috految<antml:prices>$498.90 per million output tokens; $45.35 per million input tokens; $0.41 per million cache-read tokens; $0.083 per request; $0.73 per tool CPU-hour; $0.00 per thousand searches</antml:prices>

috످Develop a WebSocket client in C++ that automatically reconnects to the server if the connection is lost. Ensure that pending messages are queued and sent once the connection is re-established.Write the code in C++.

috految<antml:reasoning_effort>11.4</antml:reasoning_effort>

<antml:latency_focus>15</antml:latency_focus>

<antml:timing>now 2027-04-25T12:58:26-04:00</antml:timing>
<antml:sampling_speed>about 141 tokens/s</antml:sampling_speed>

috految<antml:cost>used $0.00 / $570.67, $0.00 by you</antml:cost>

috److# Auto-Reconnecting WebSocket Client in C++

This client uses **C++20 coroutines** and **Boost.Beast (1.81+)**. It supports automatic reconnection, thread-safe message queuing, heartbeats, and TLS.

## Architecture

```text
send() ──► Message queue ──► Writer ──► Server ──► Reader ──► onMessage()

     ┌────────────┐  success  ┌───────────┐
┌───►│ Connecting ├──────────►│ Connected │
│    └─────┬──────┘           └─────┬─────┘
│ retry    │ failure                │ connection lost
│    ┌─────▼──────┐                 │
└────┤  Backoff   │◄────────────────┘
     └────────────┘
```

A successful socket write only means the OS accepted the data, so messages can still be lost if the connection drops. To handle this, the client **keeps each message queued until the server answers a follow-up ping**. Because TCP preserves order, the matching pong confirms that the preceding messages arrived.

## 1. `message_queue.hpp`

```cpp
#pragma once

#include <chrono>
#include <condition_variable>
#include <cstdint>
#include <map>
#include <mutex>
#include <optional>
#include <string>
#include <utility>

struct Message {
    std::uint64_t id;
    std::string payload;
    bool binary;
};

class MessageQueue {
public:
    explicit MessageQueue(std::size_t capacity) : capacity_(capacity) {}

    bool push(std::string payload, bool binary) {
        std::lock_guard lock(mutex_);
        if (closed_ || items_.size() >= capacity_) return false;

        const auto id = nextId_++;
        items_.emplace(id, Message{id, std::move(payload), binary});
        return true;
    }

    // Returns the next message without removing it.
    std::optional<Message> after(std::uint64_t id) const {
        std::lock_guard lock(mutex_);
        const auto it = items_.upper_bound(id);
        if (it == items_.end()) return std::nullopt;
        return it->second;
    }

    // Removes all messages up to and including this ID.
    void confirm(std::uint64_t id) {
        std::lock_guard lock(mutex_);
        items_.erase(items_.begin(), items_.upper_bound(id));
        if (items_.empty()) drained_.notify_all();
    }

    void closeAndDrain(std::chrono::milliseconds timeout) {
        std::unique_lock lock(mutex_);
        closed_ = true;
        drained_.wait_for(lock, timeout, [this] { return items_.empty(); });
    }

    std::size_t size() const {
        std::lock_guard lock(mutex_);
        return items_.size();
    }

private:
    const std::size_t capacity_;
    mutable std::mutex mutex_;
    std::condition_variable drained_;
    std::map<std::uint64_t, Message> items_;
    std::uint64_t nextId_ = 1;
    bool closed_ = false;
};
```

## 2. `websocket_client.hpp`

```cpp
#pragma once

#include "message_queue.hpp"

#include <algorithm>
#include <atomic>
#include <charconv>
#include <functional>
#include <iostream>
#include <random>
#include <stdexcept>
#include <thread>

#include <boost/asio.hpp>
#include <boost/asio/experimental/awaitable_operators.hpp>
#include <boost/asio/ssl.hpp>
#include <boost/beast.hpp>
#include <boost/beast/ssl.hpp>
#include <boost/beast/websocket/ssl.hpp>

namespace wsclient {

namespace net = boost::asio;
namespace ssl = net::ssl;
namespace beast = boost::beast;
namespace websocket = beast::websocket;

using namespace std::chrono_literals;
using net::use_awaitable;
using Clock = std::chrono::steady_clock;
using Millis = std::chrono::milliseconds;
using Task = net::awaitable<void>;

struct Config {
    std::string host = "127.0.0.1";
    std::string port = "8080";
    std::string path = "/";
    bool tls = false;

    Millis initialBackoff = 1s;
    Millis maxBackoff = 30s;
    Millis connectTimeout = 10s;
    Millis idleTimeout = 20s;
    Millis stableAfter = 10s;

    std::size_t maxQueueSize = 10'000;
    std::size_t maxMessageSize = 1024 * 1024;
};

// Callbacks run on the I/O thread and must not block or call stop().
struct Callbacks {
    std::function<void()> onConnect;
    std::function<void(const std::string&)> onMessage;
    std::function<void(const std::string&)> onError;
    std::function<void(Millis)> onRetry;
};

class Client {
public:
    Client(Config config, Callbacks callbacks)
        : config_(std::move(config)),
          callbacks_(std::move(callbacks)),
          queue_(config_.maxQueueSize) {
        tls_.set_default_verify_paths();
        tls_.set_verify_mode(ssl::verify_peer);
        SSL_CTX_set_min_proto_version(tls_.native_handle(), TLS1_2_VERSION);
    }

    ~Client() { stop(); }
    Client(const Client&) = delete;
    Client& operator=(const Client&) = delete;

    void start() {
        if (started_.exchange(true))
            throw std::logic_error("Client can only be started once");

        net::co_spawn(io_, reconnectLoop(), [this](std::exception_ptr error) {
            if (error) notify(callbacks_.onError, "Fatal client error");
            io_.stop();
        });
        thread_ = std::thread([this] { io_.run(); });
    }

    // Thread-safe. Returns false if full, oversized, or stopped.
    [[nodiscard]] bool send(std::string data, bool binary = false) {
        if (data.size() > config_.maxMessageSize) return false;
        if (!queue_.push(std::move(data), binary)) return false;

        net::post(io_, [this] { wake_.cancel(); });
        return true;
    }

    // Call from the owning thread.
    void stop(Millis flushTimeout = 5s) {
        if (!thread_.joinable()) return;
        queue_.closeAndDrain(flushTimeout);

        net::post(io_, [this] {
            stopping_ = true;
            wake_.cancel();
            retry_.cancel();
            deadline_.expires_after(3s);
            deadline_.async_wait([this](beast::error_code) { io_.stop(); });
        });
        thread_.join();
        connected_ = false;
    }

    bool connected() const { return connected_; }
    std::size_t pending() const { return queue_.size(); }

private:
    Task reconnectLoop() {
        std::mt19937 rng{std::random_device{}()};
        auto backoff = config_.initialBackoff;

        while (!stopping_) {
            try {
                co_await connect();
            } catch (const std::exception& e) {
                if (!stopping_) notify(callbacks_.onError, e.what());
            }

            // Only reset the backoff after a stable connection.
            if (connected_.exchange(false) &&
                Clock::now() - connectedAt_ >= config_.stableAfter)
                backoff = config_.initialBackoff;

            if (stopping_) break;

            std::uniform_int_distribution<Millis::rep> jitter(
                backoff.count() / 2, backoff.count());
            const Millis delay{jitter(rng)};
            notify(callbacks_.onRetry, delay);

            retry_.expires_after(delay);
            co_await retry_.async_wait(net::as_tuple(use_awaitable));
            backoff = std::min<Millis>(backoff * 2, config_.maxBackoff);
        }
    }

    Task connect() {
        net::ip::tcp::resolver resolver(io_);
        auto endpoints = co_await resolver.async_resolve(
            config_.host, config_.port, use_awaitable);

        beast::tcp_stream tcp(io_);
        tcp.expires_after(config_.connectTimeout);
        co_await tcp.async_connect(endpoints, use_awaitable);
        tcp.socket().set_option(net::ip::tcp::no_delay(true));

        if (config_.tls) {
            websocket::stream<beast::ssl_stream<beast::tcp_stream>> ws(
                std::move(tcp), tls_);
            auto& secure = ws.next_layer();

            if (!SSL_set_tlsext_host_name(secure.native_handle(),
                                          config_.host.c_str()))
                throw std::runtime_error("Failed to set TLS hostname");

            secure.set_verify_callback(
                ssl::host_name_verification(config_.host));
            beast::get_lowest_layer(ws).expires_after(config_.connectTimeout);
            co_await secure.async_handshake(
                ssl::stream_base::client, use_awaitable);
            co_await session(ws);
        } else {
            websocket::stream<beast::tcp_stream> ws(std::move(tcp));
            co_await session(ws);
        }
    }

    template <class Stream>
    Task session(Stream& ws) {
        using namespace net::experimental::awaitable_operators;

        beast::get_lowest_layer(ws).expires_never();
        ws.set_option(websocket::stream_base::timeout{
            config_.connectTimeout, config_.idleTimeout,
            /*keep_alive_pings=*/true});
        ws.read_message_max(config_.maxMessageSize);

        auto host = config_.host;
        if (config_.port != (config_.tls ? "443" : "80"))
            host += ":" + config_.port;
        co_await ws.async_handshake(host, config_.path, use_awaitable);

        ws.control_callback(
            [this](websocket::frame_type type, beast::string_view data) {
                if (type != websocket::frame_type::pong ||
                    !data.starts_with("ack:")) return;

                std::uint64_t id = 0;
                const auto result = std::from_chars(
                    data.data() + 4, data.data() + data.size(), id);
                if (result.ec == std::errc{}) queue_.confirm(id);
            });

        connectedAt_ = Clock::now();
        connected_ = true;
        notify(callbacks_.onConnect);

        // Run concurrently and wait for both loops to finish.
        co_await (readLoop(ws) && writeLoop(ws));
    }

    template <class Stream>
    Task readLoop(Stream& ws) {
        try {
            for (;;) {
                beast::flat_buffer buffer;
                co_await ws.async_read(buffer, use_awaitable);
                notify(callbacks_.onMessage,
                       beast::buffers_to_string(buffer.data()));
            }
        } catch (const beast::system_error& e) {
            if (!stopping_) notify(callbacks_.onError, e.code().message());
        }
        beast::get_lowest_layer(ws).close();
        wake_.cancel();
    }

    template <class Stream>
    Task writeLoop(Stream& ws) {
        auto& tcp = beast::get_lowest_layer(ws);
        std::uint64_t cursor = 0; // Replay all unconfirmed messages

        try {
            while (!stopping_ && tcp.socket().is_open()) {
                auto message = queue_.after(cursor);
                if (!message) {
                    wake_.expires_at(Clock::time_point::max());
                    co_await wake_.async_wait(net::as_tuple(use_awaitable));
                    continue;
                }

                ws.binary(message->binary);
                co_await ws.async_write(
                    net::buffer(message->payload), use_awaitable);
                cursor = message->id;

                const auto tag = "ack:" + std::to_string(cursor);
                websocket::ping_data ping(tag.c_str());
                co_await ws.async_ping(ping, use_awaitable);
            }

            if (stopping_ && ws.is_open())
                co_await ws.async_close(
                    websocket::close_code::normal, use_awaitable);
        } catch (const beast::system_error& e) {
            if (!stopping_) notify(callbacks_.onError, e.code().message());
        }
        tcp.close();
    }

    template <class F, class... Args>
    static void notify(const F& callback, const Args&... args) {
        try {
            if (callback) callback(args...);
        } catch (const std::exception& e) {
            std::cerr << "Callback failed: " << e.what() << '\n';
        }
    }

    const Config config_;
    const Callbacks callbacks_;
    MessageQueue queue_;

    ssl::context tls_{ssl::context::tls_client};
    net::io_context io_;
    net::steady_timer wake_{io_}, retry_{io_}, deadline_{io_};

    Clock::time_point connectedAt_;
    bool stopping_ = false; // I/O thread only
    std::atomic<bool> started_{false}, connected_{false};
    std::thread thread_;
};

} // namespace wsclient
```

## 3. `main.cpp`

```cpp
#include "websocket_client.hpp"

static void logLine(const std::string& text) {
    static std::mutex mutex;
    std::lock_guard lock(mutex);
    std::cout << text << std::endl;
}

int main(int argc, char* argv[]) try {
    wsclient::Config config;
    if (argc > 1) config.host = argv[1];
    if (argc > 2) config.port = argv[2];
    if (argc > 3) config.path = argv[3];
    config.tls = std::string(argv[argc - 1]) == "--tls";

    wsclient::Client client(config, {
        .onConnect = [] { logLine("[connected]"); },
        .onMessage = [](const auto& text) { logLine("[received] " + text); },
        .onError = [](const auto& text) { logLine("[error] " + text); },
        .onRetry = [](auto delay) {
            logLine("[retry] in " + std::to_string(delay.count()) + " ms");
        }
    });

    logLine("Type a message, /status, or /quit");
    client.start();

    std::string line;
    while (std::getline(std::cin, line) && line != "/quit") {
        if (line.empty()) continue;

        if (line == "/status")
            logLine("Pending: " + std::to_string(client.pending()));
        else if (!client.send(line))
            logLine("[rejected] Queue full or message too large");
        else if (!client.connected())
            logLine("[queued] " + line);
    }

    client.stop();
    logLine("Unconfirmed messages: " + std::to_string(client.pending()));
    return 0;
} catch (const std::exception& e) {
    std::cerr << "Fatal: " << e.what() << '\n';
    return 1;
}
```

## Build and run

On Ubuntu 24.04 or later:

```bash
sudo apt install g++ libboost-dev libssl-dev
g++ -std=c++20 -O2 main.cpp -o client -pthread -lssl -lcrypto

./client                                  # Local server
./client echo.websocket.org 443 / --tls   # Secure server
```

## Test reconnection

I haven't compiled or run this code, so use these steps to verify it:

1. Start a server with `npx wscat --listen 8080` (requires Node.js).
2. Run `./client` in another terminal.
3. Stop the server with **Ctrl+C**.
4. Enter `First` and `Second` in the client.
5. Restart the server. It should receive both messages in order.

**Expected client output (timings will vary):**

```text
[connected]
[error] End of file
[retry] in 742 ms
First
[queued] First
Second
[queued] Second
...
[connected]
/status
Pending: 0
```

## Failure handling

| Scenario | Behavior |
|---|---|
| Server unavailable | Retries with exponential backoff, capped at 30 seconds |
| Many clients reconnect at once | Random jitter spreads out retries |
| Message sent while offline | Queues it until reconnection |
| Connection drops mid-send | Resends unconfirmed messages in order |
| Silent network failure | Heartbeat timeout triggers reconnection |
| Queue full | `send()` returns `false` |
| Shutdown with pending messages | Waits up to 5 seconds for delivery |

## Production considerations

- **Duplicates:** A lost pong can cause a resend. Add unique IDs to payloads and deduplicate on the server.
- **Acknowledgments:** A pong only confirms receipt by the server or a proxy. Use application-level acknowledgments to confirm processing.
- **Persistence:** The queue is in memory. Use SQLite if messages must survive application restarts.
- **Rejected messages:** A message that always causes a disconnect, such as invalid UTF-8, will retry indefinitely. Add a retry limit and a dead-letter queue.
- **Authentication:** Send login messages in `session()` before the loops start so they precede queued messages.
- **Ping limits:** If your server rate-limits pings, send one per batch of messages.

috످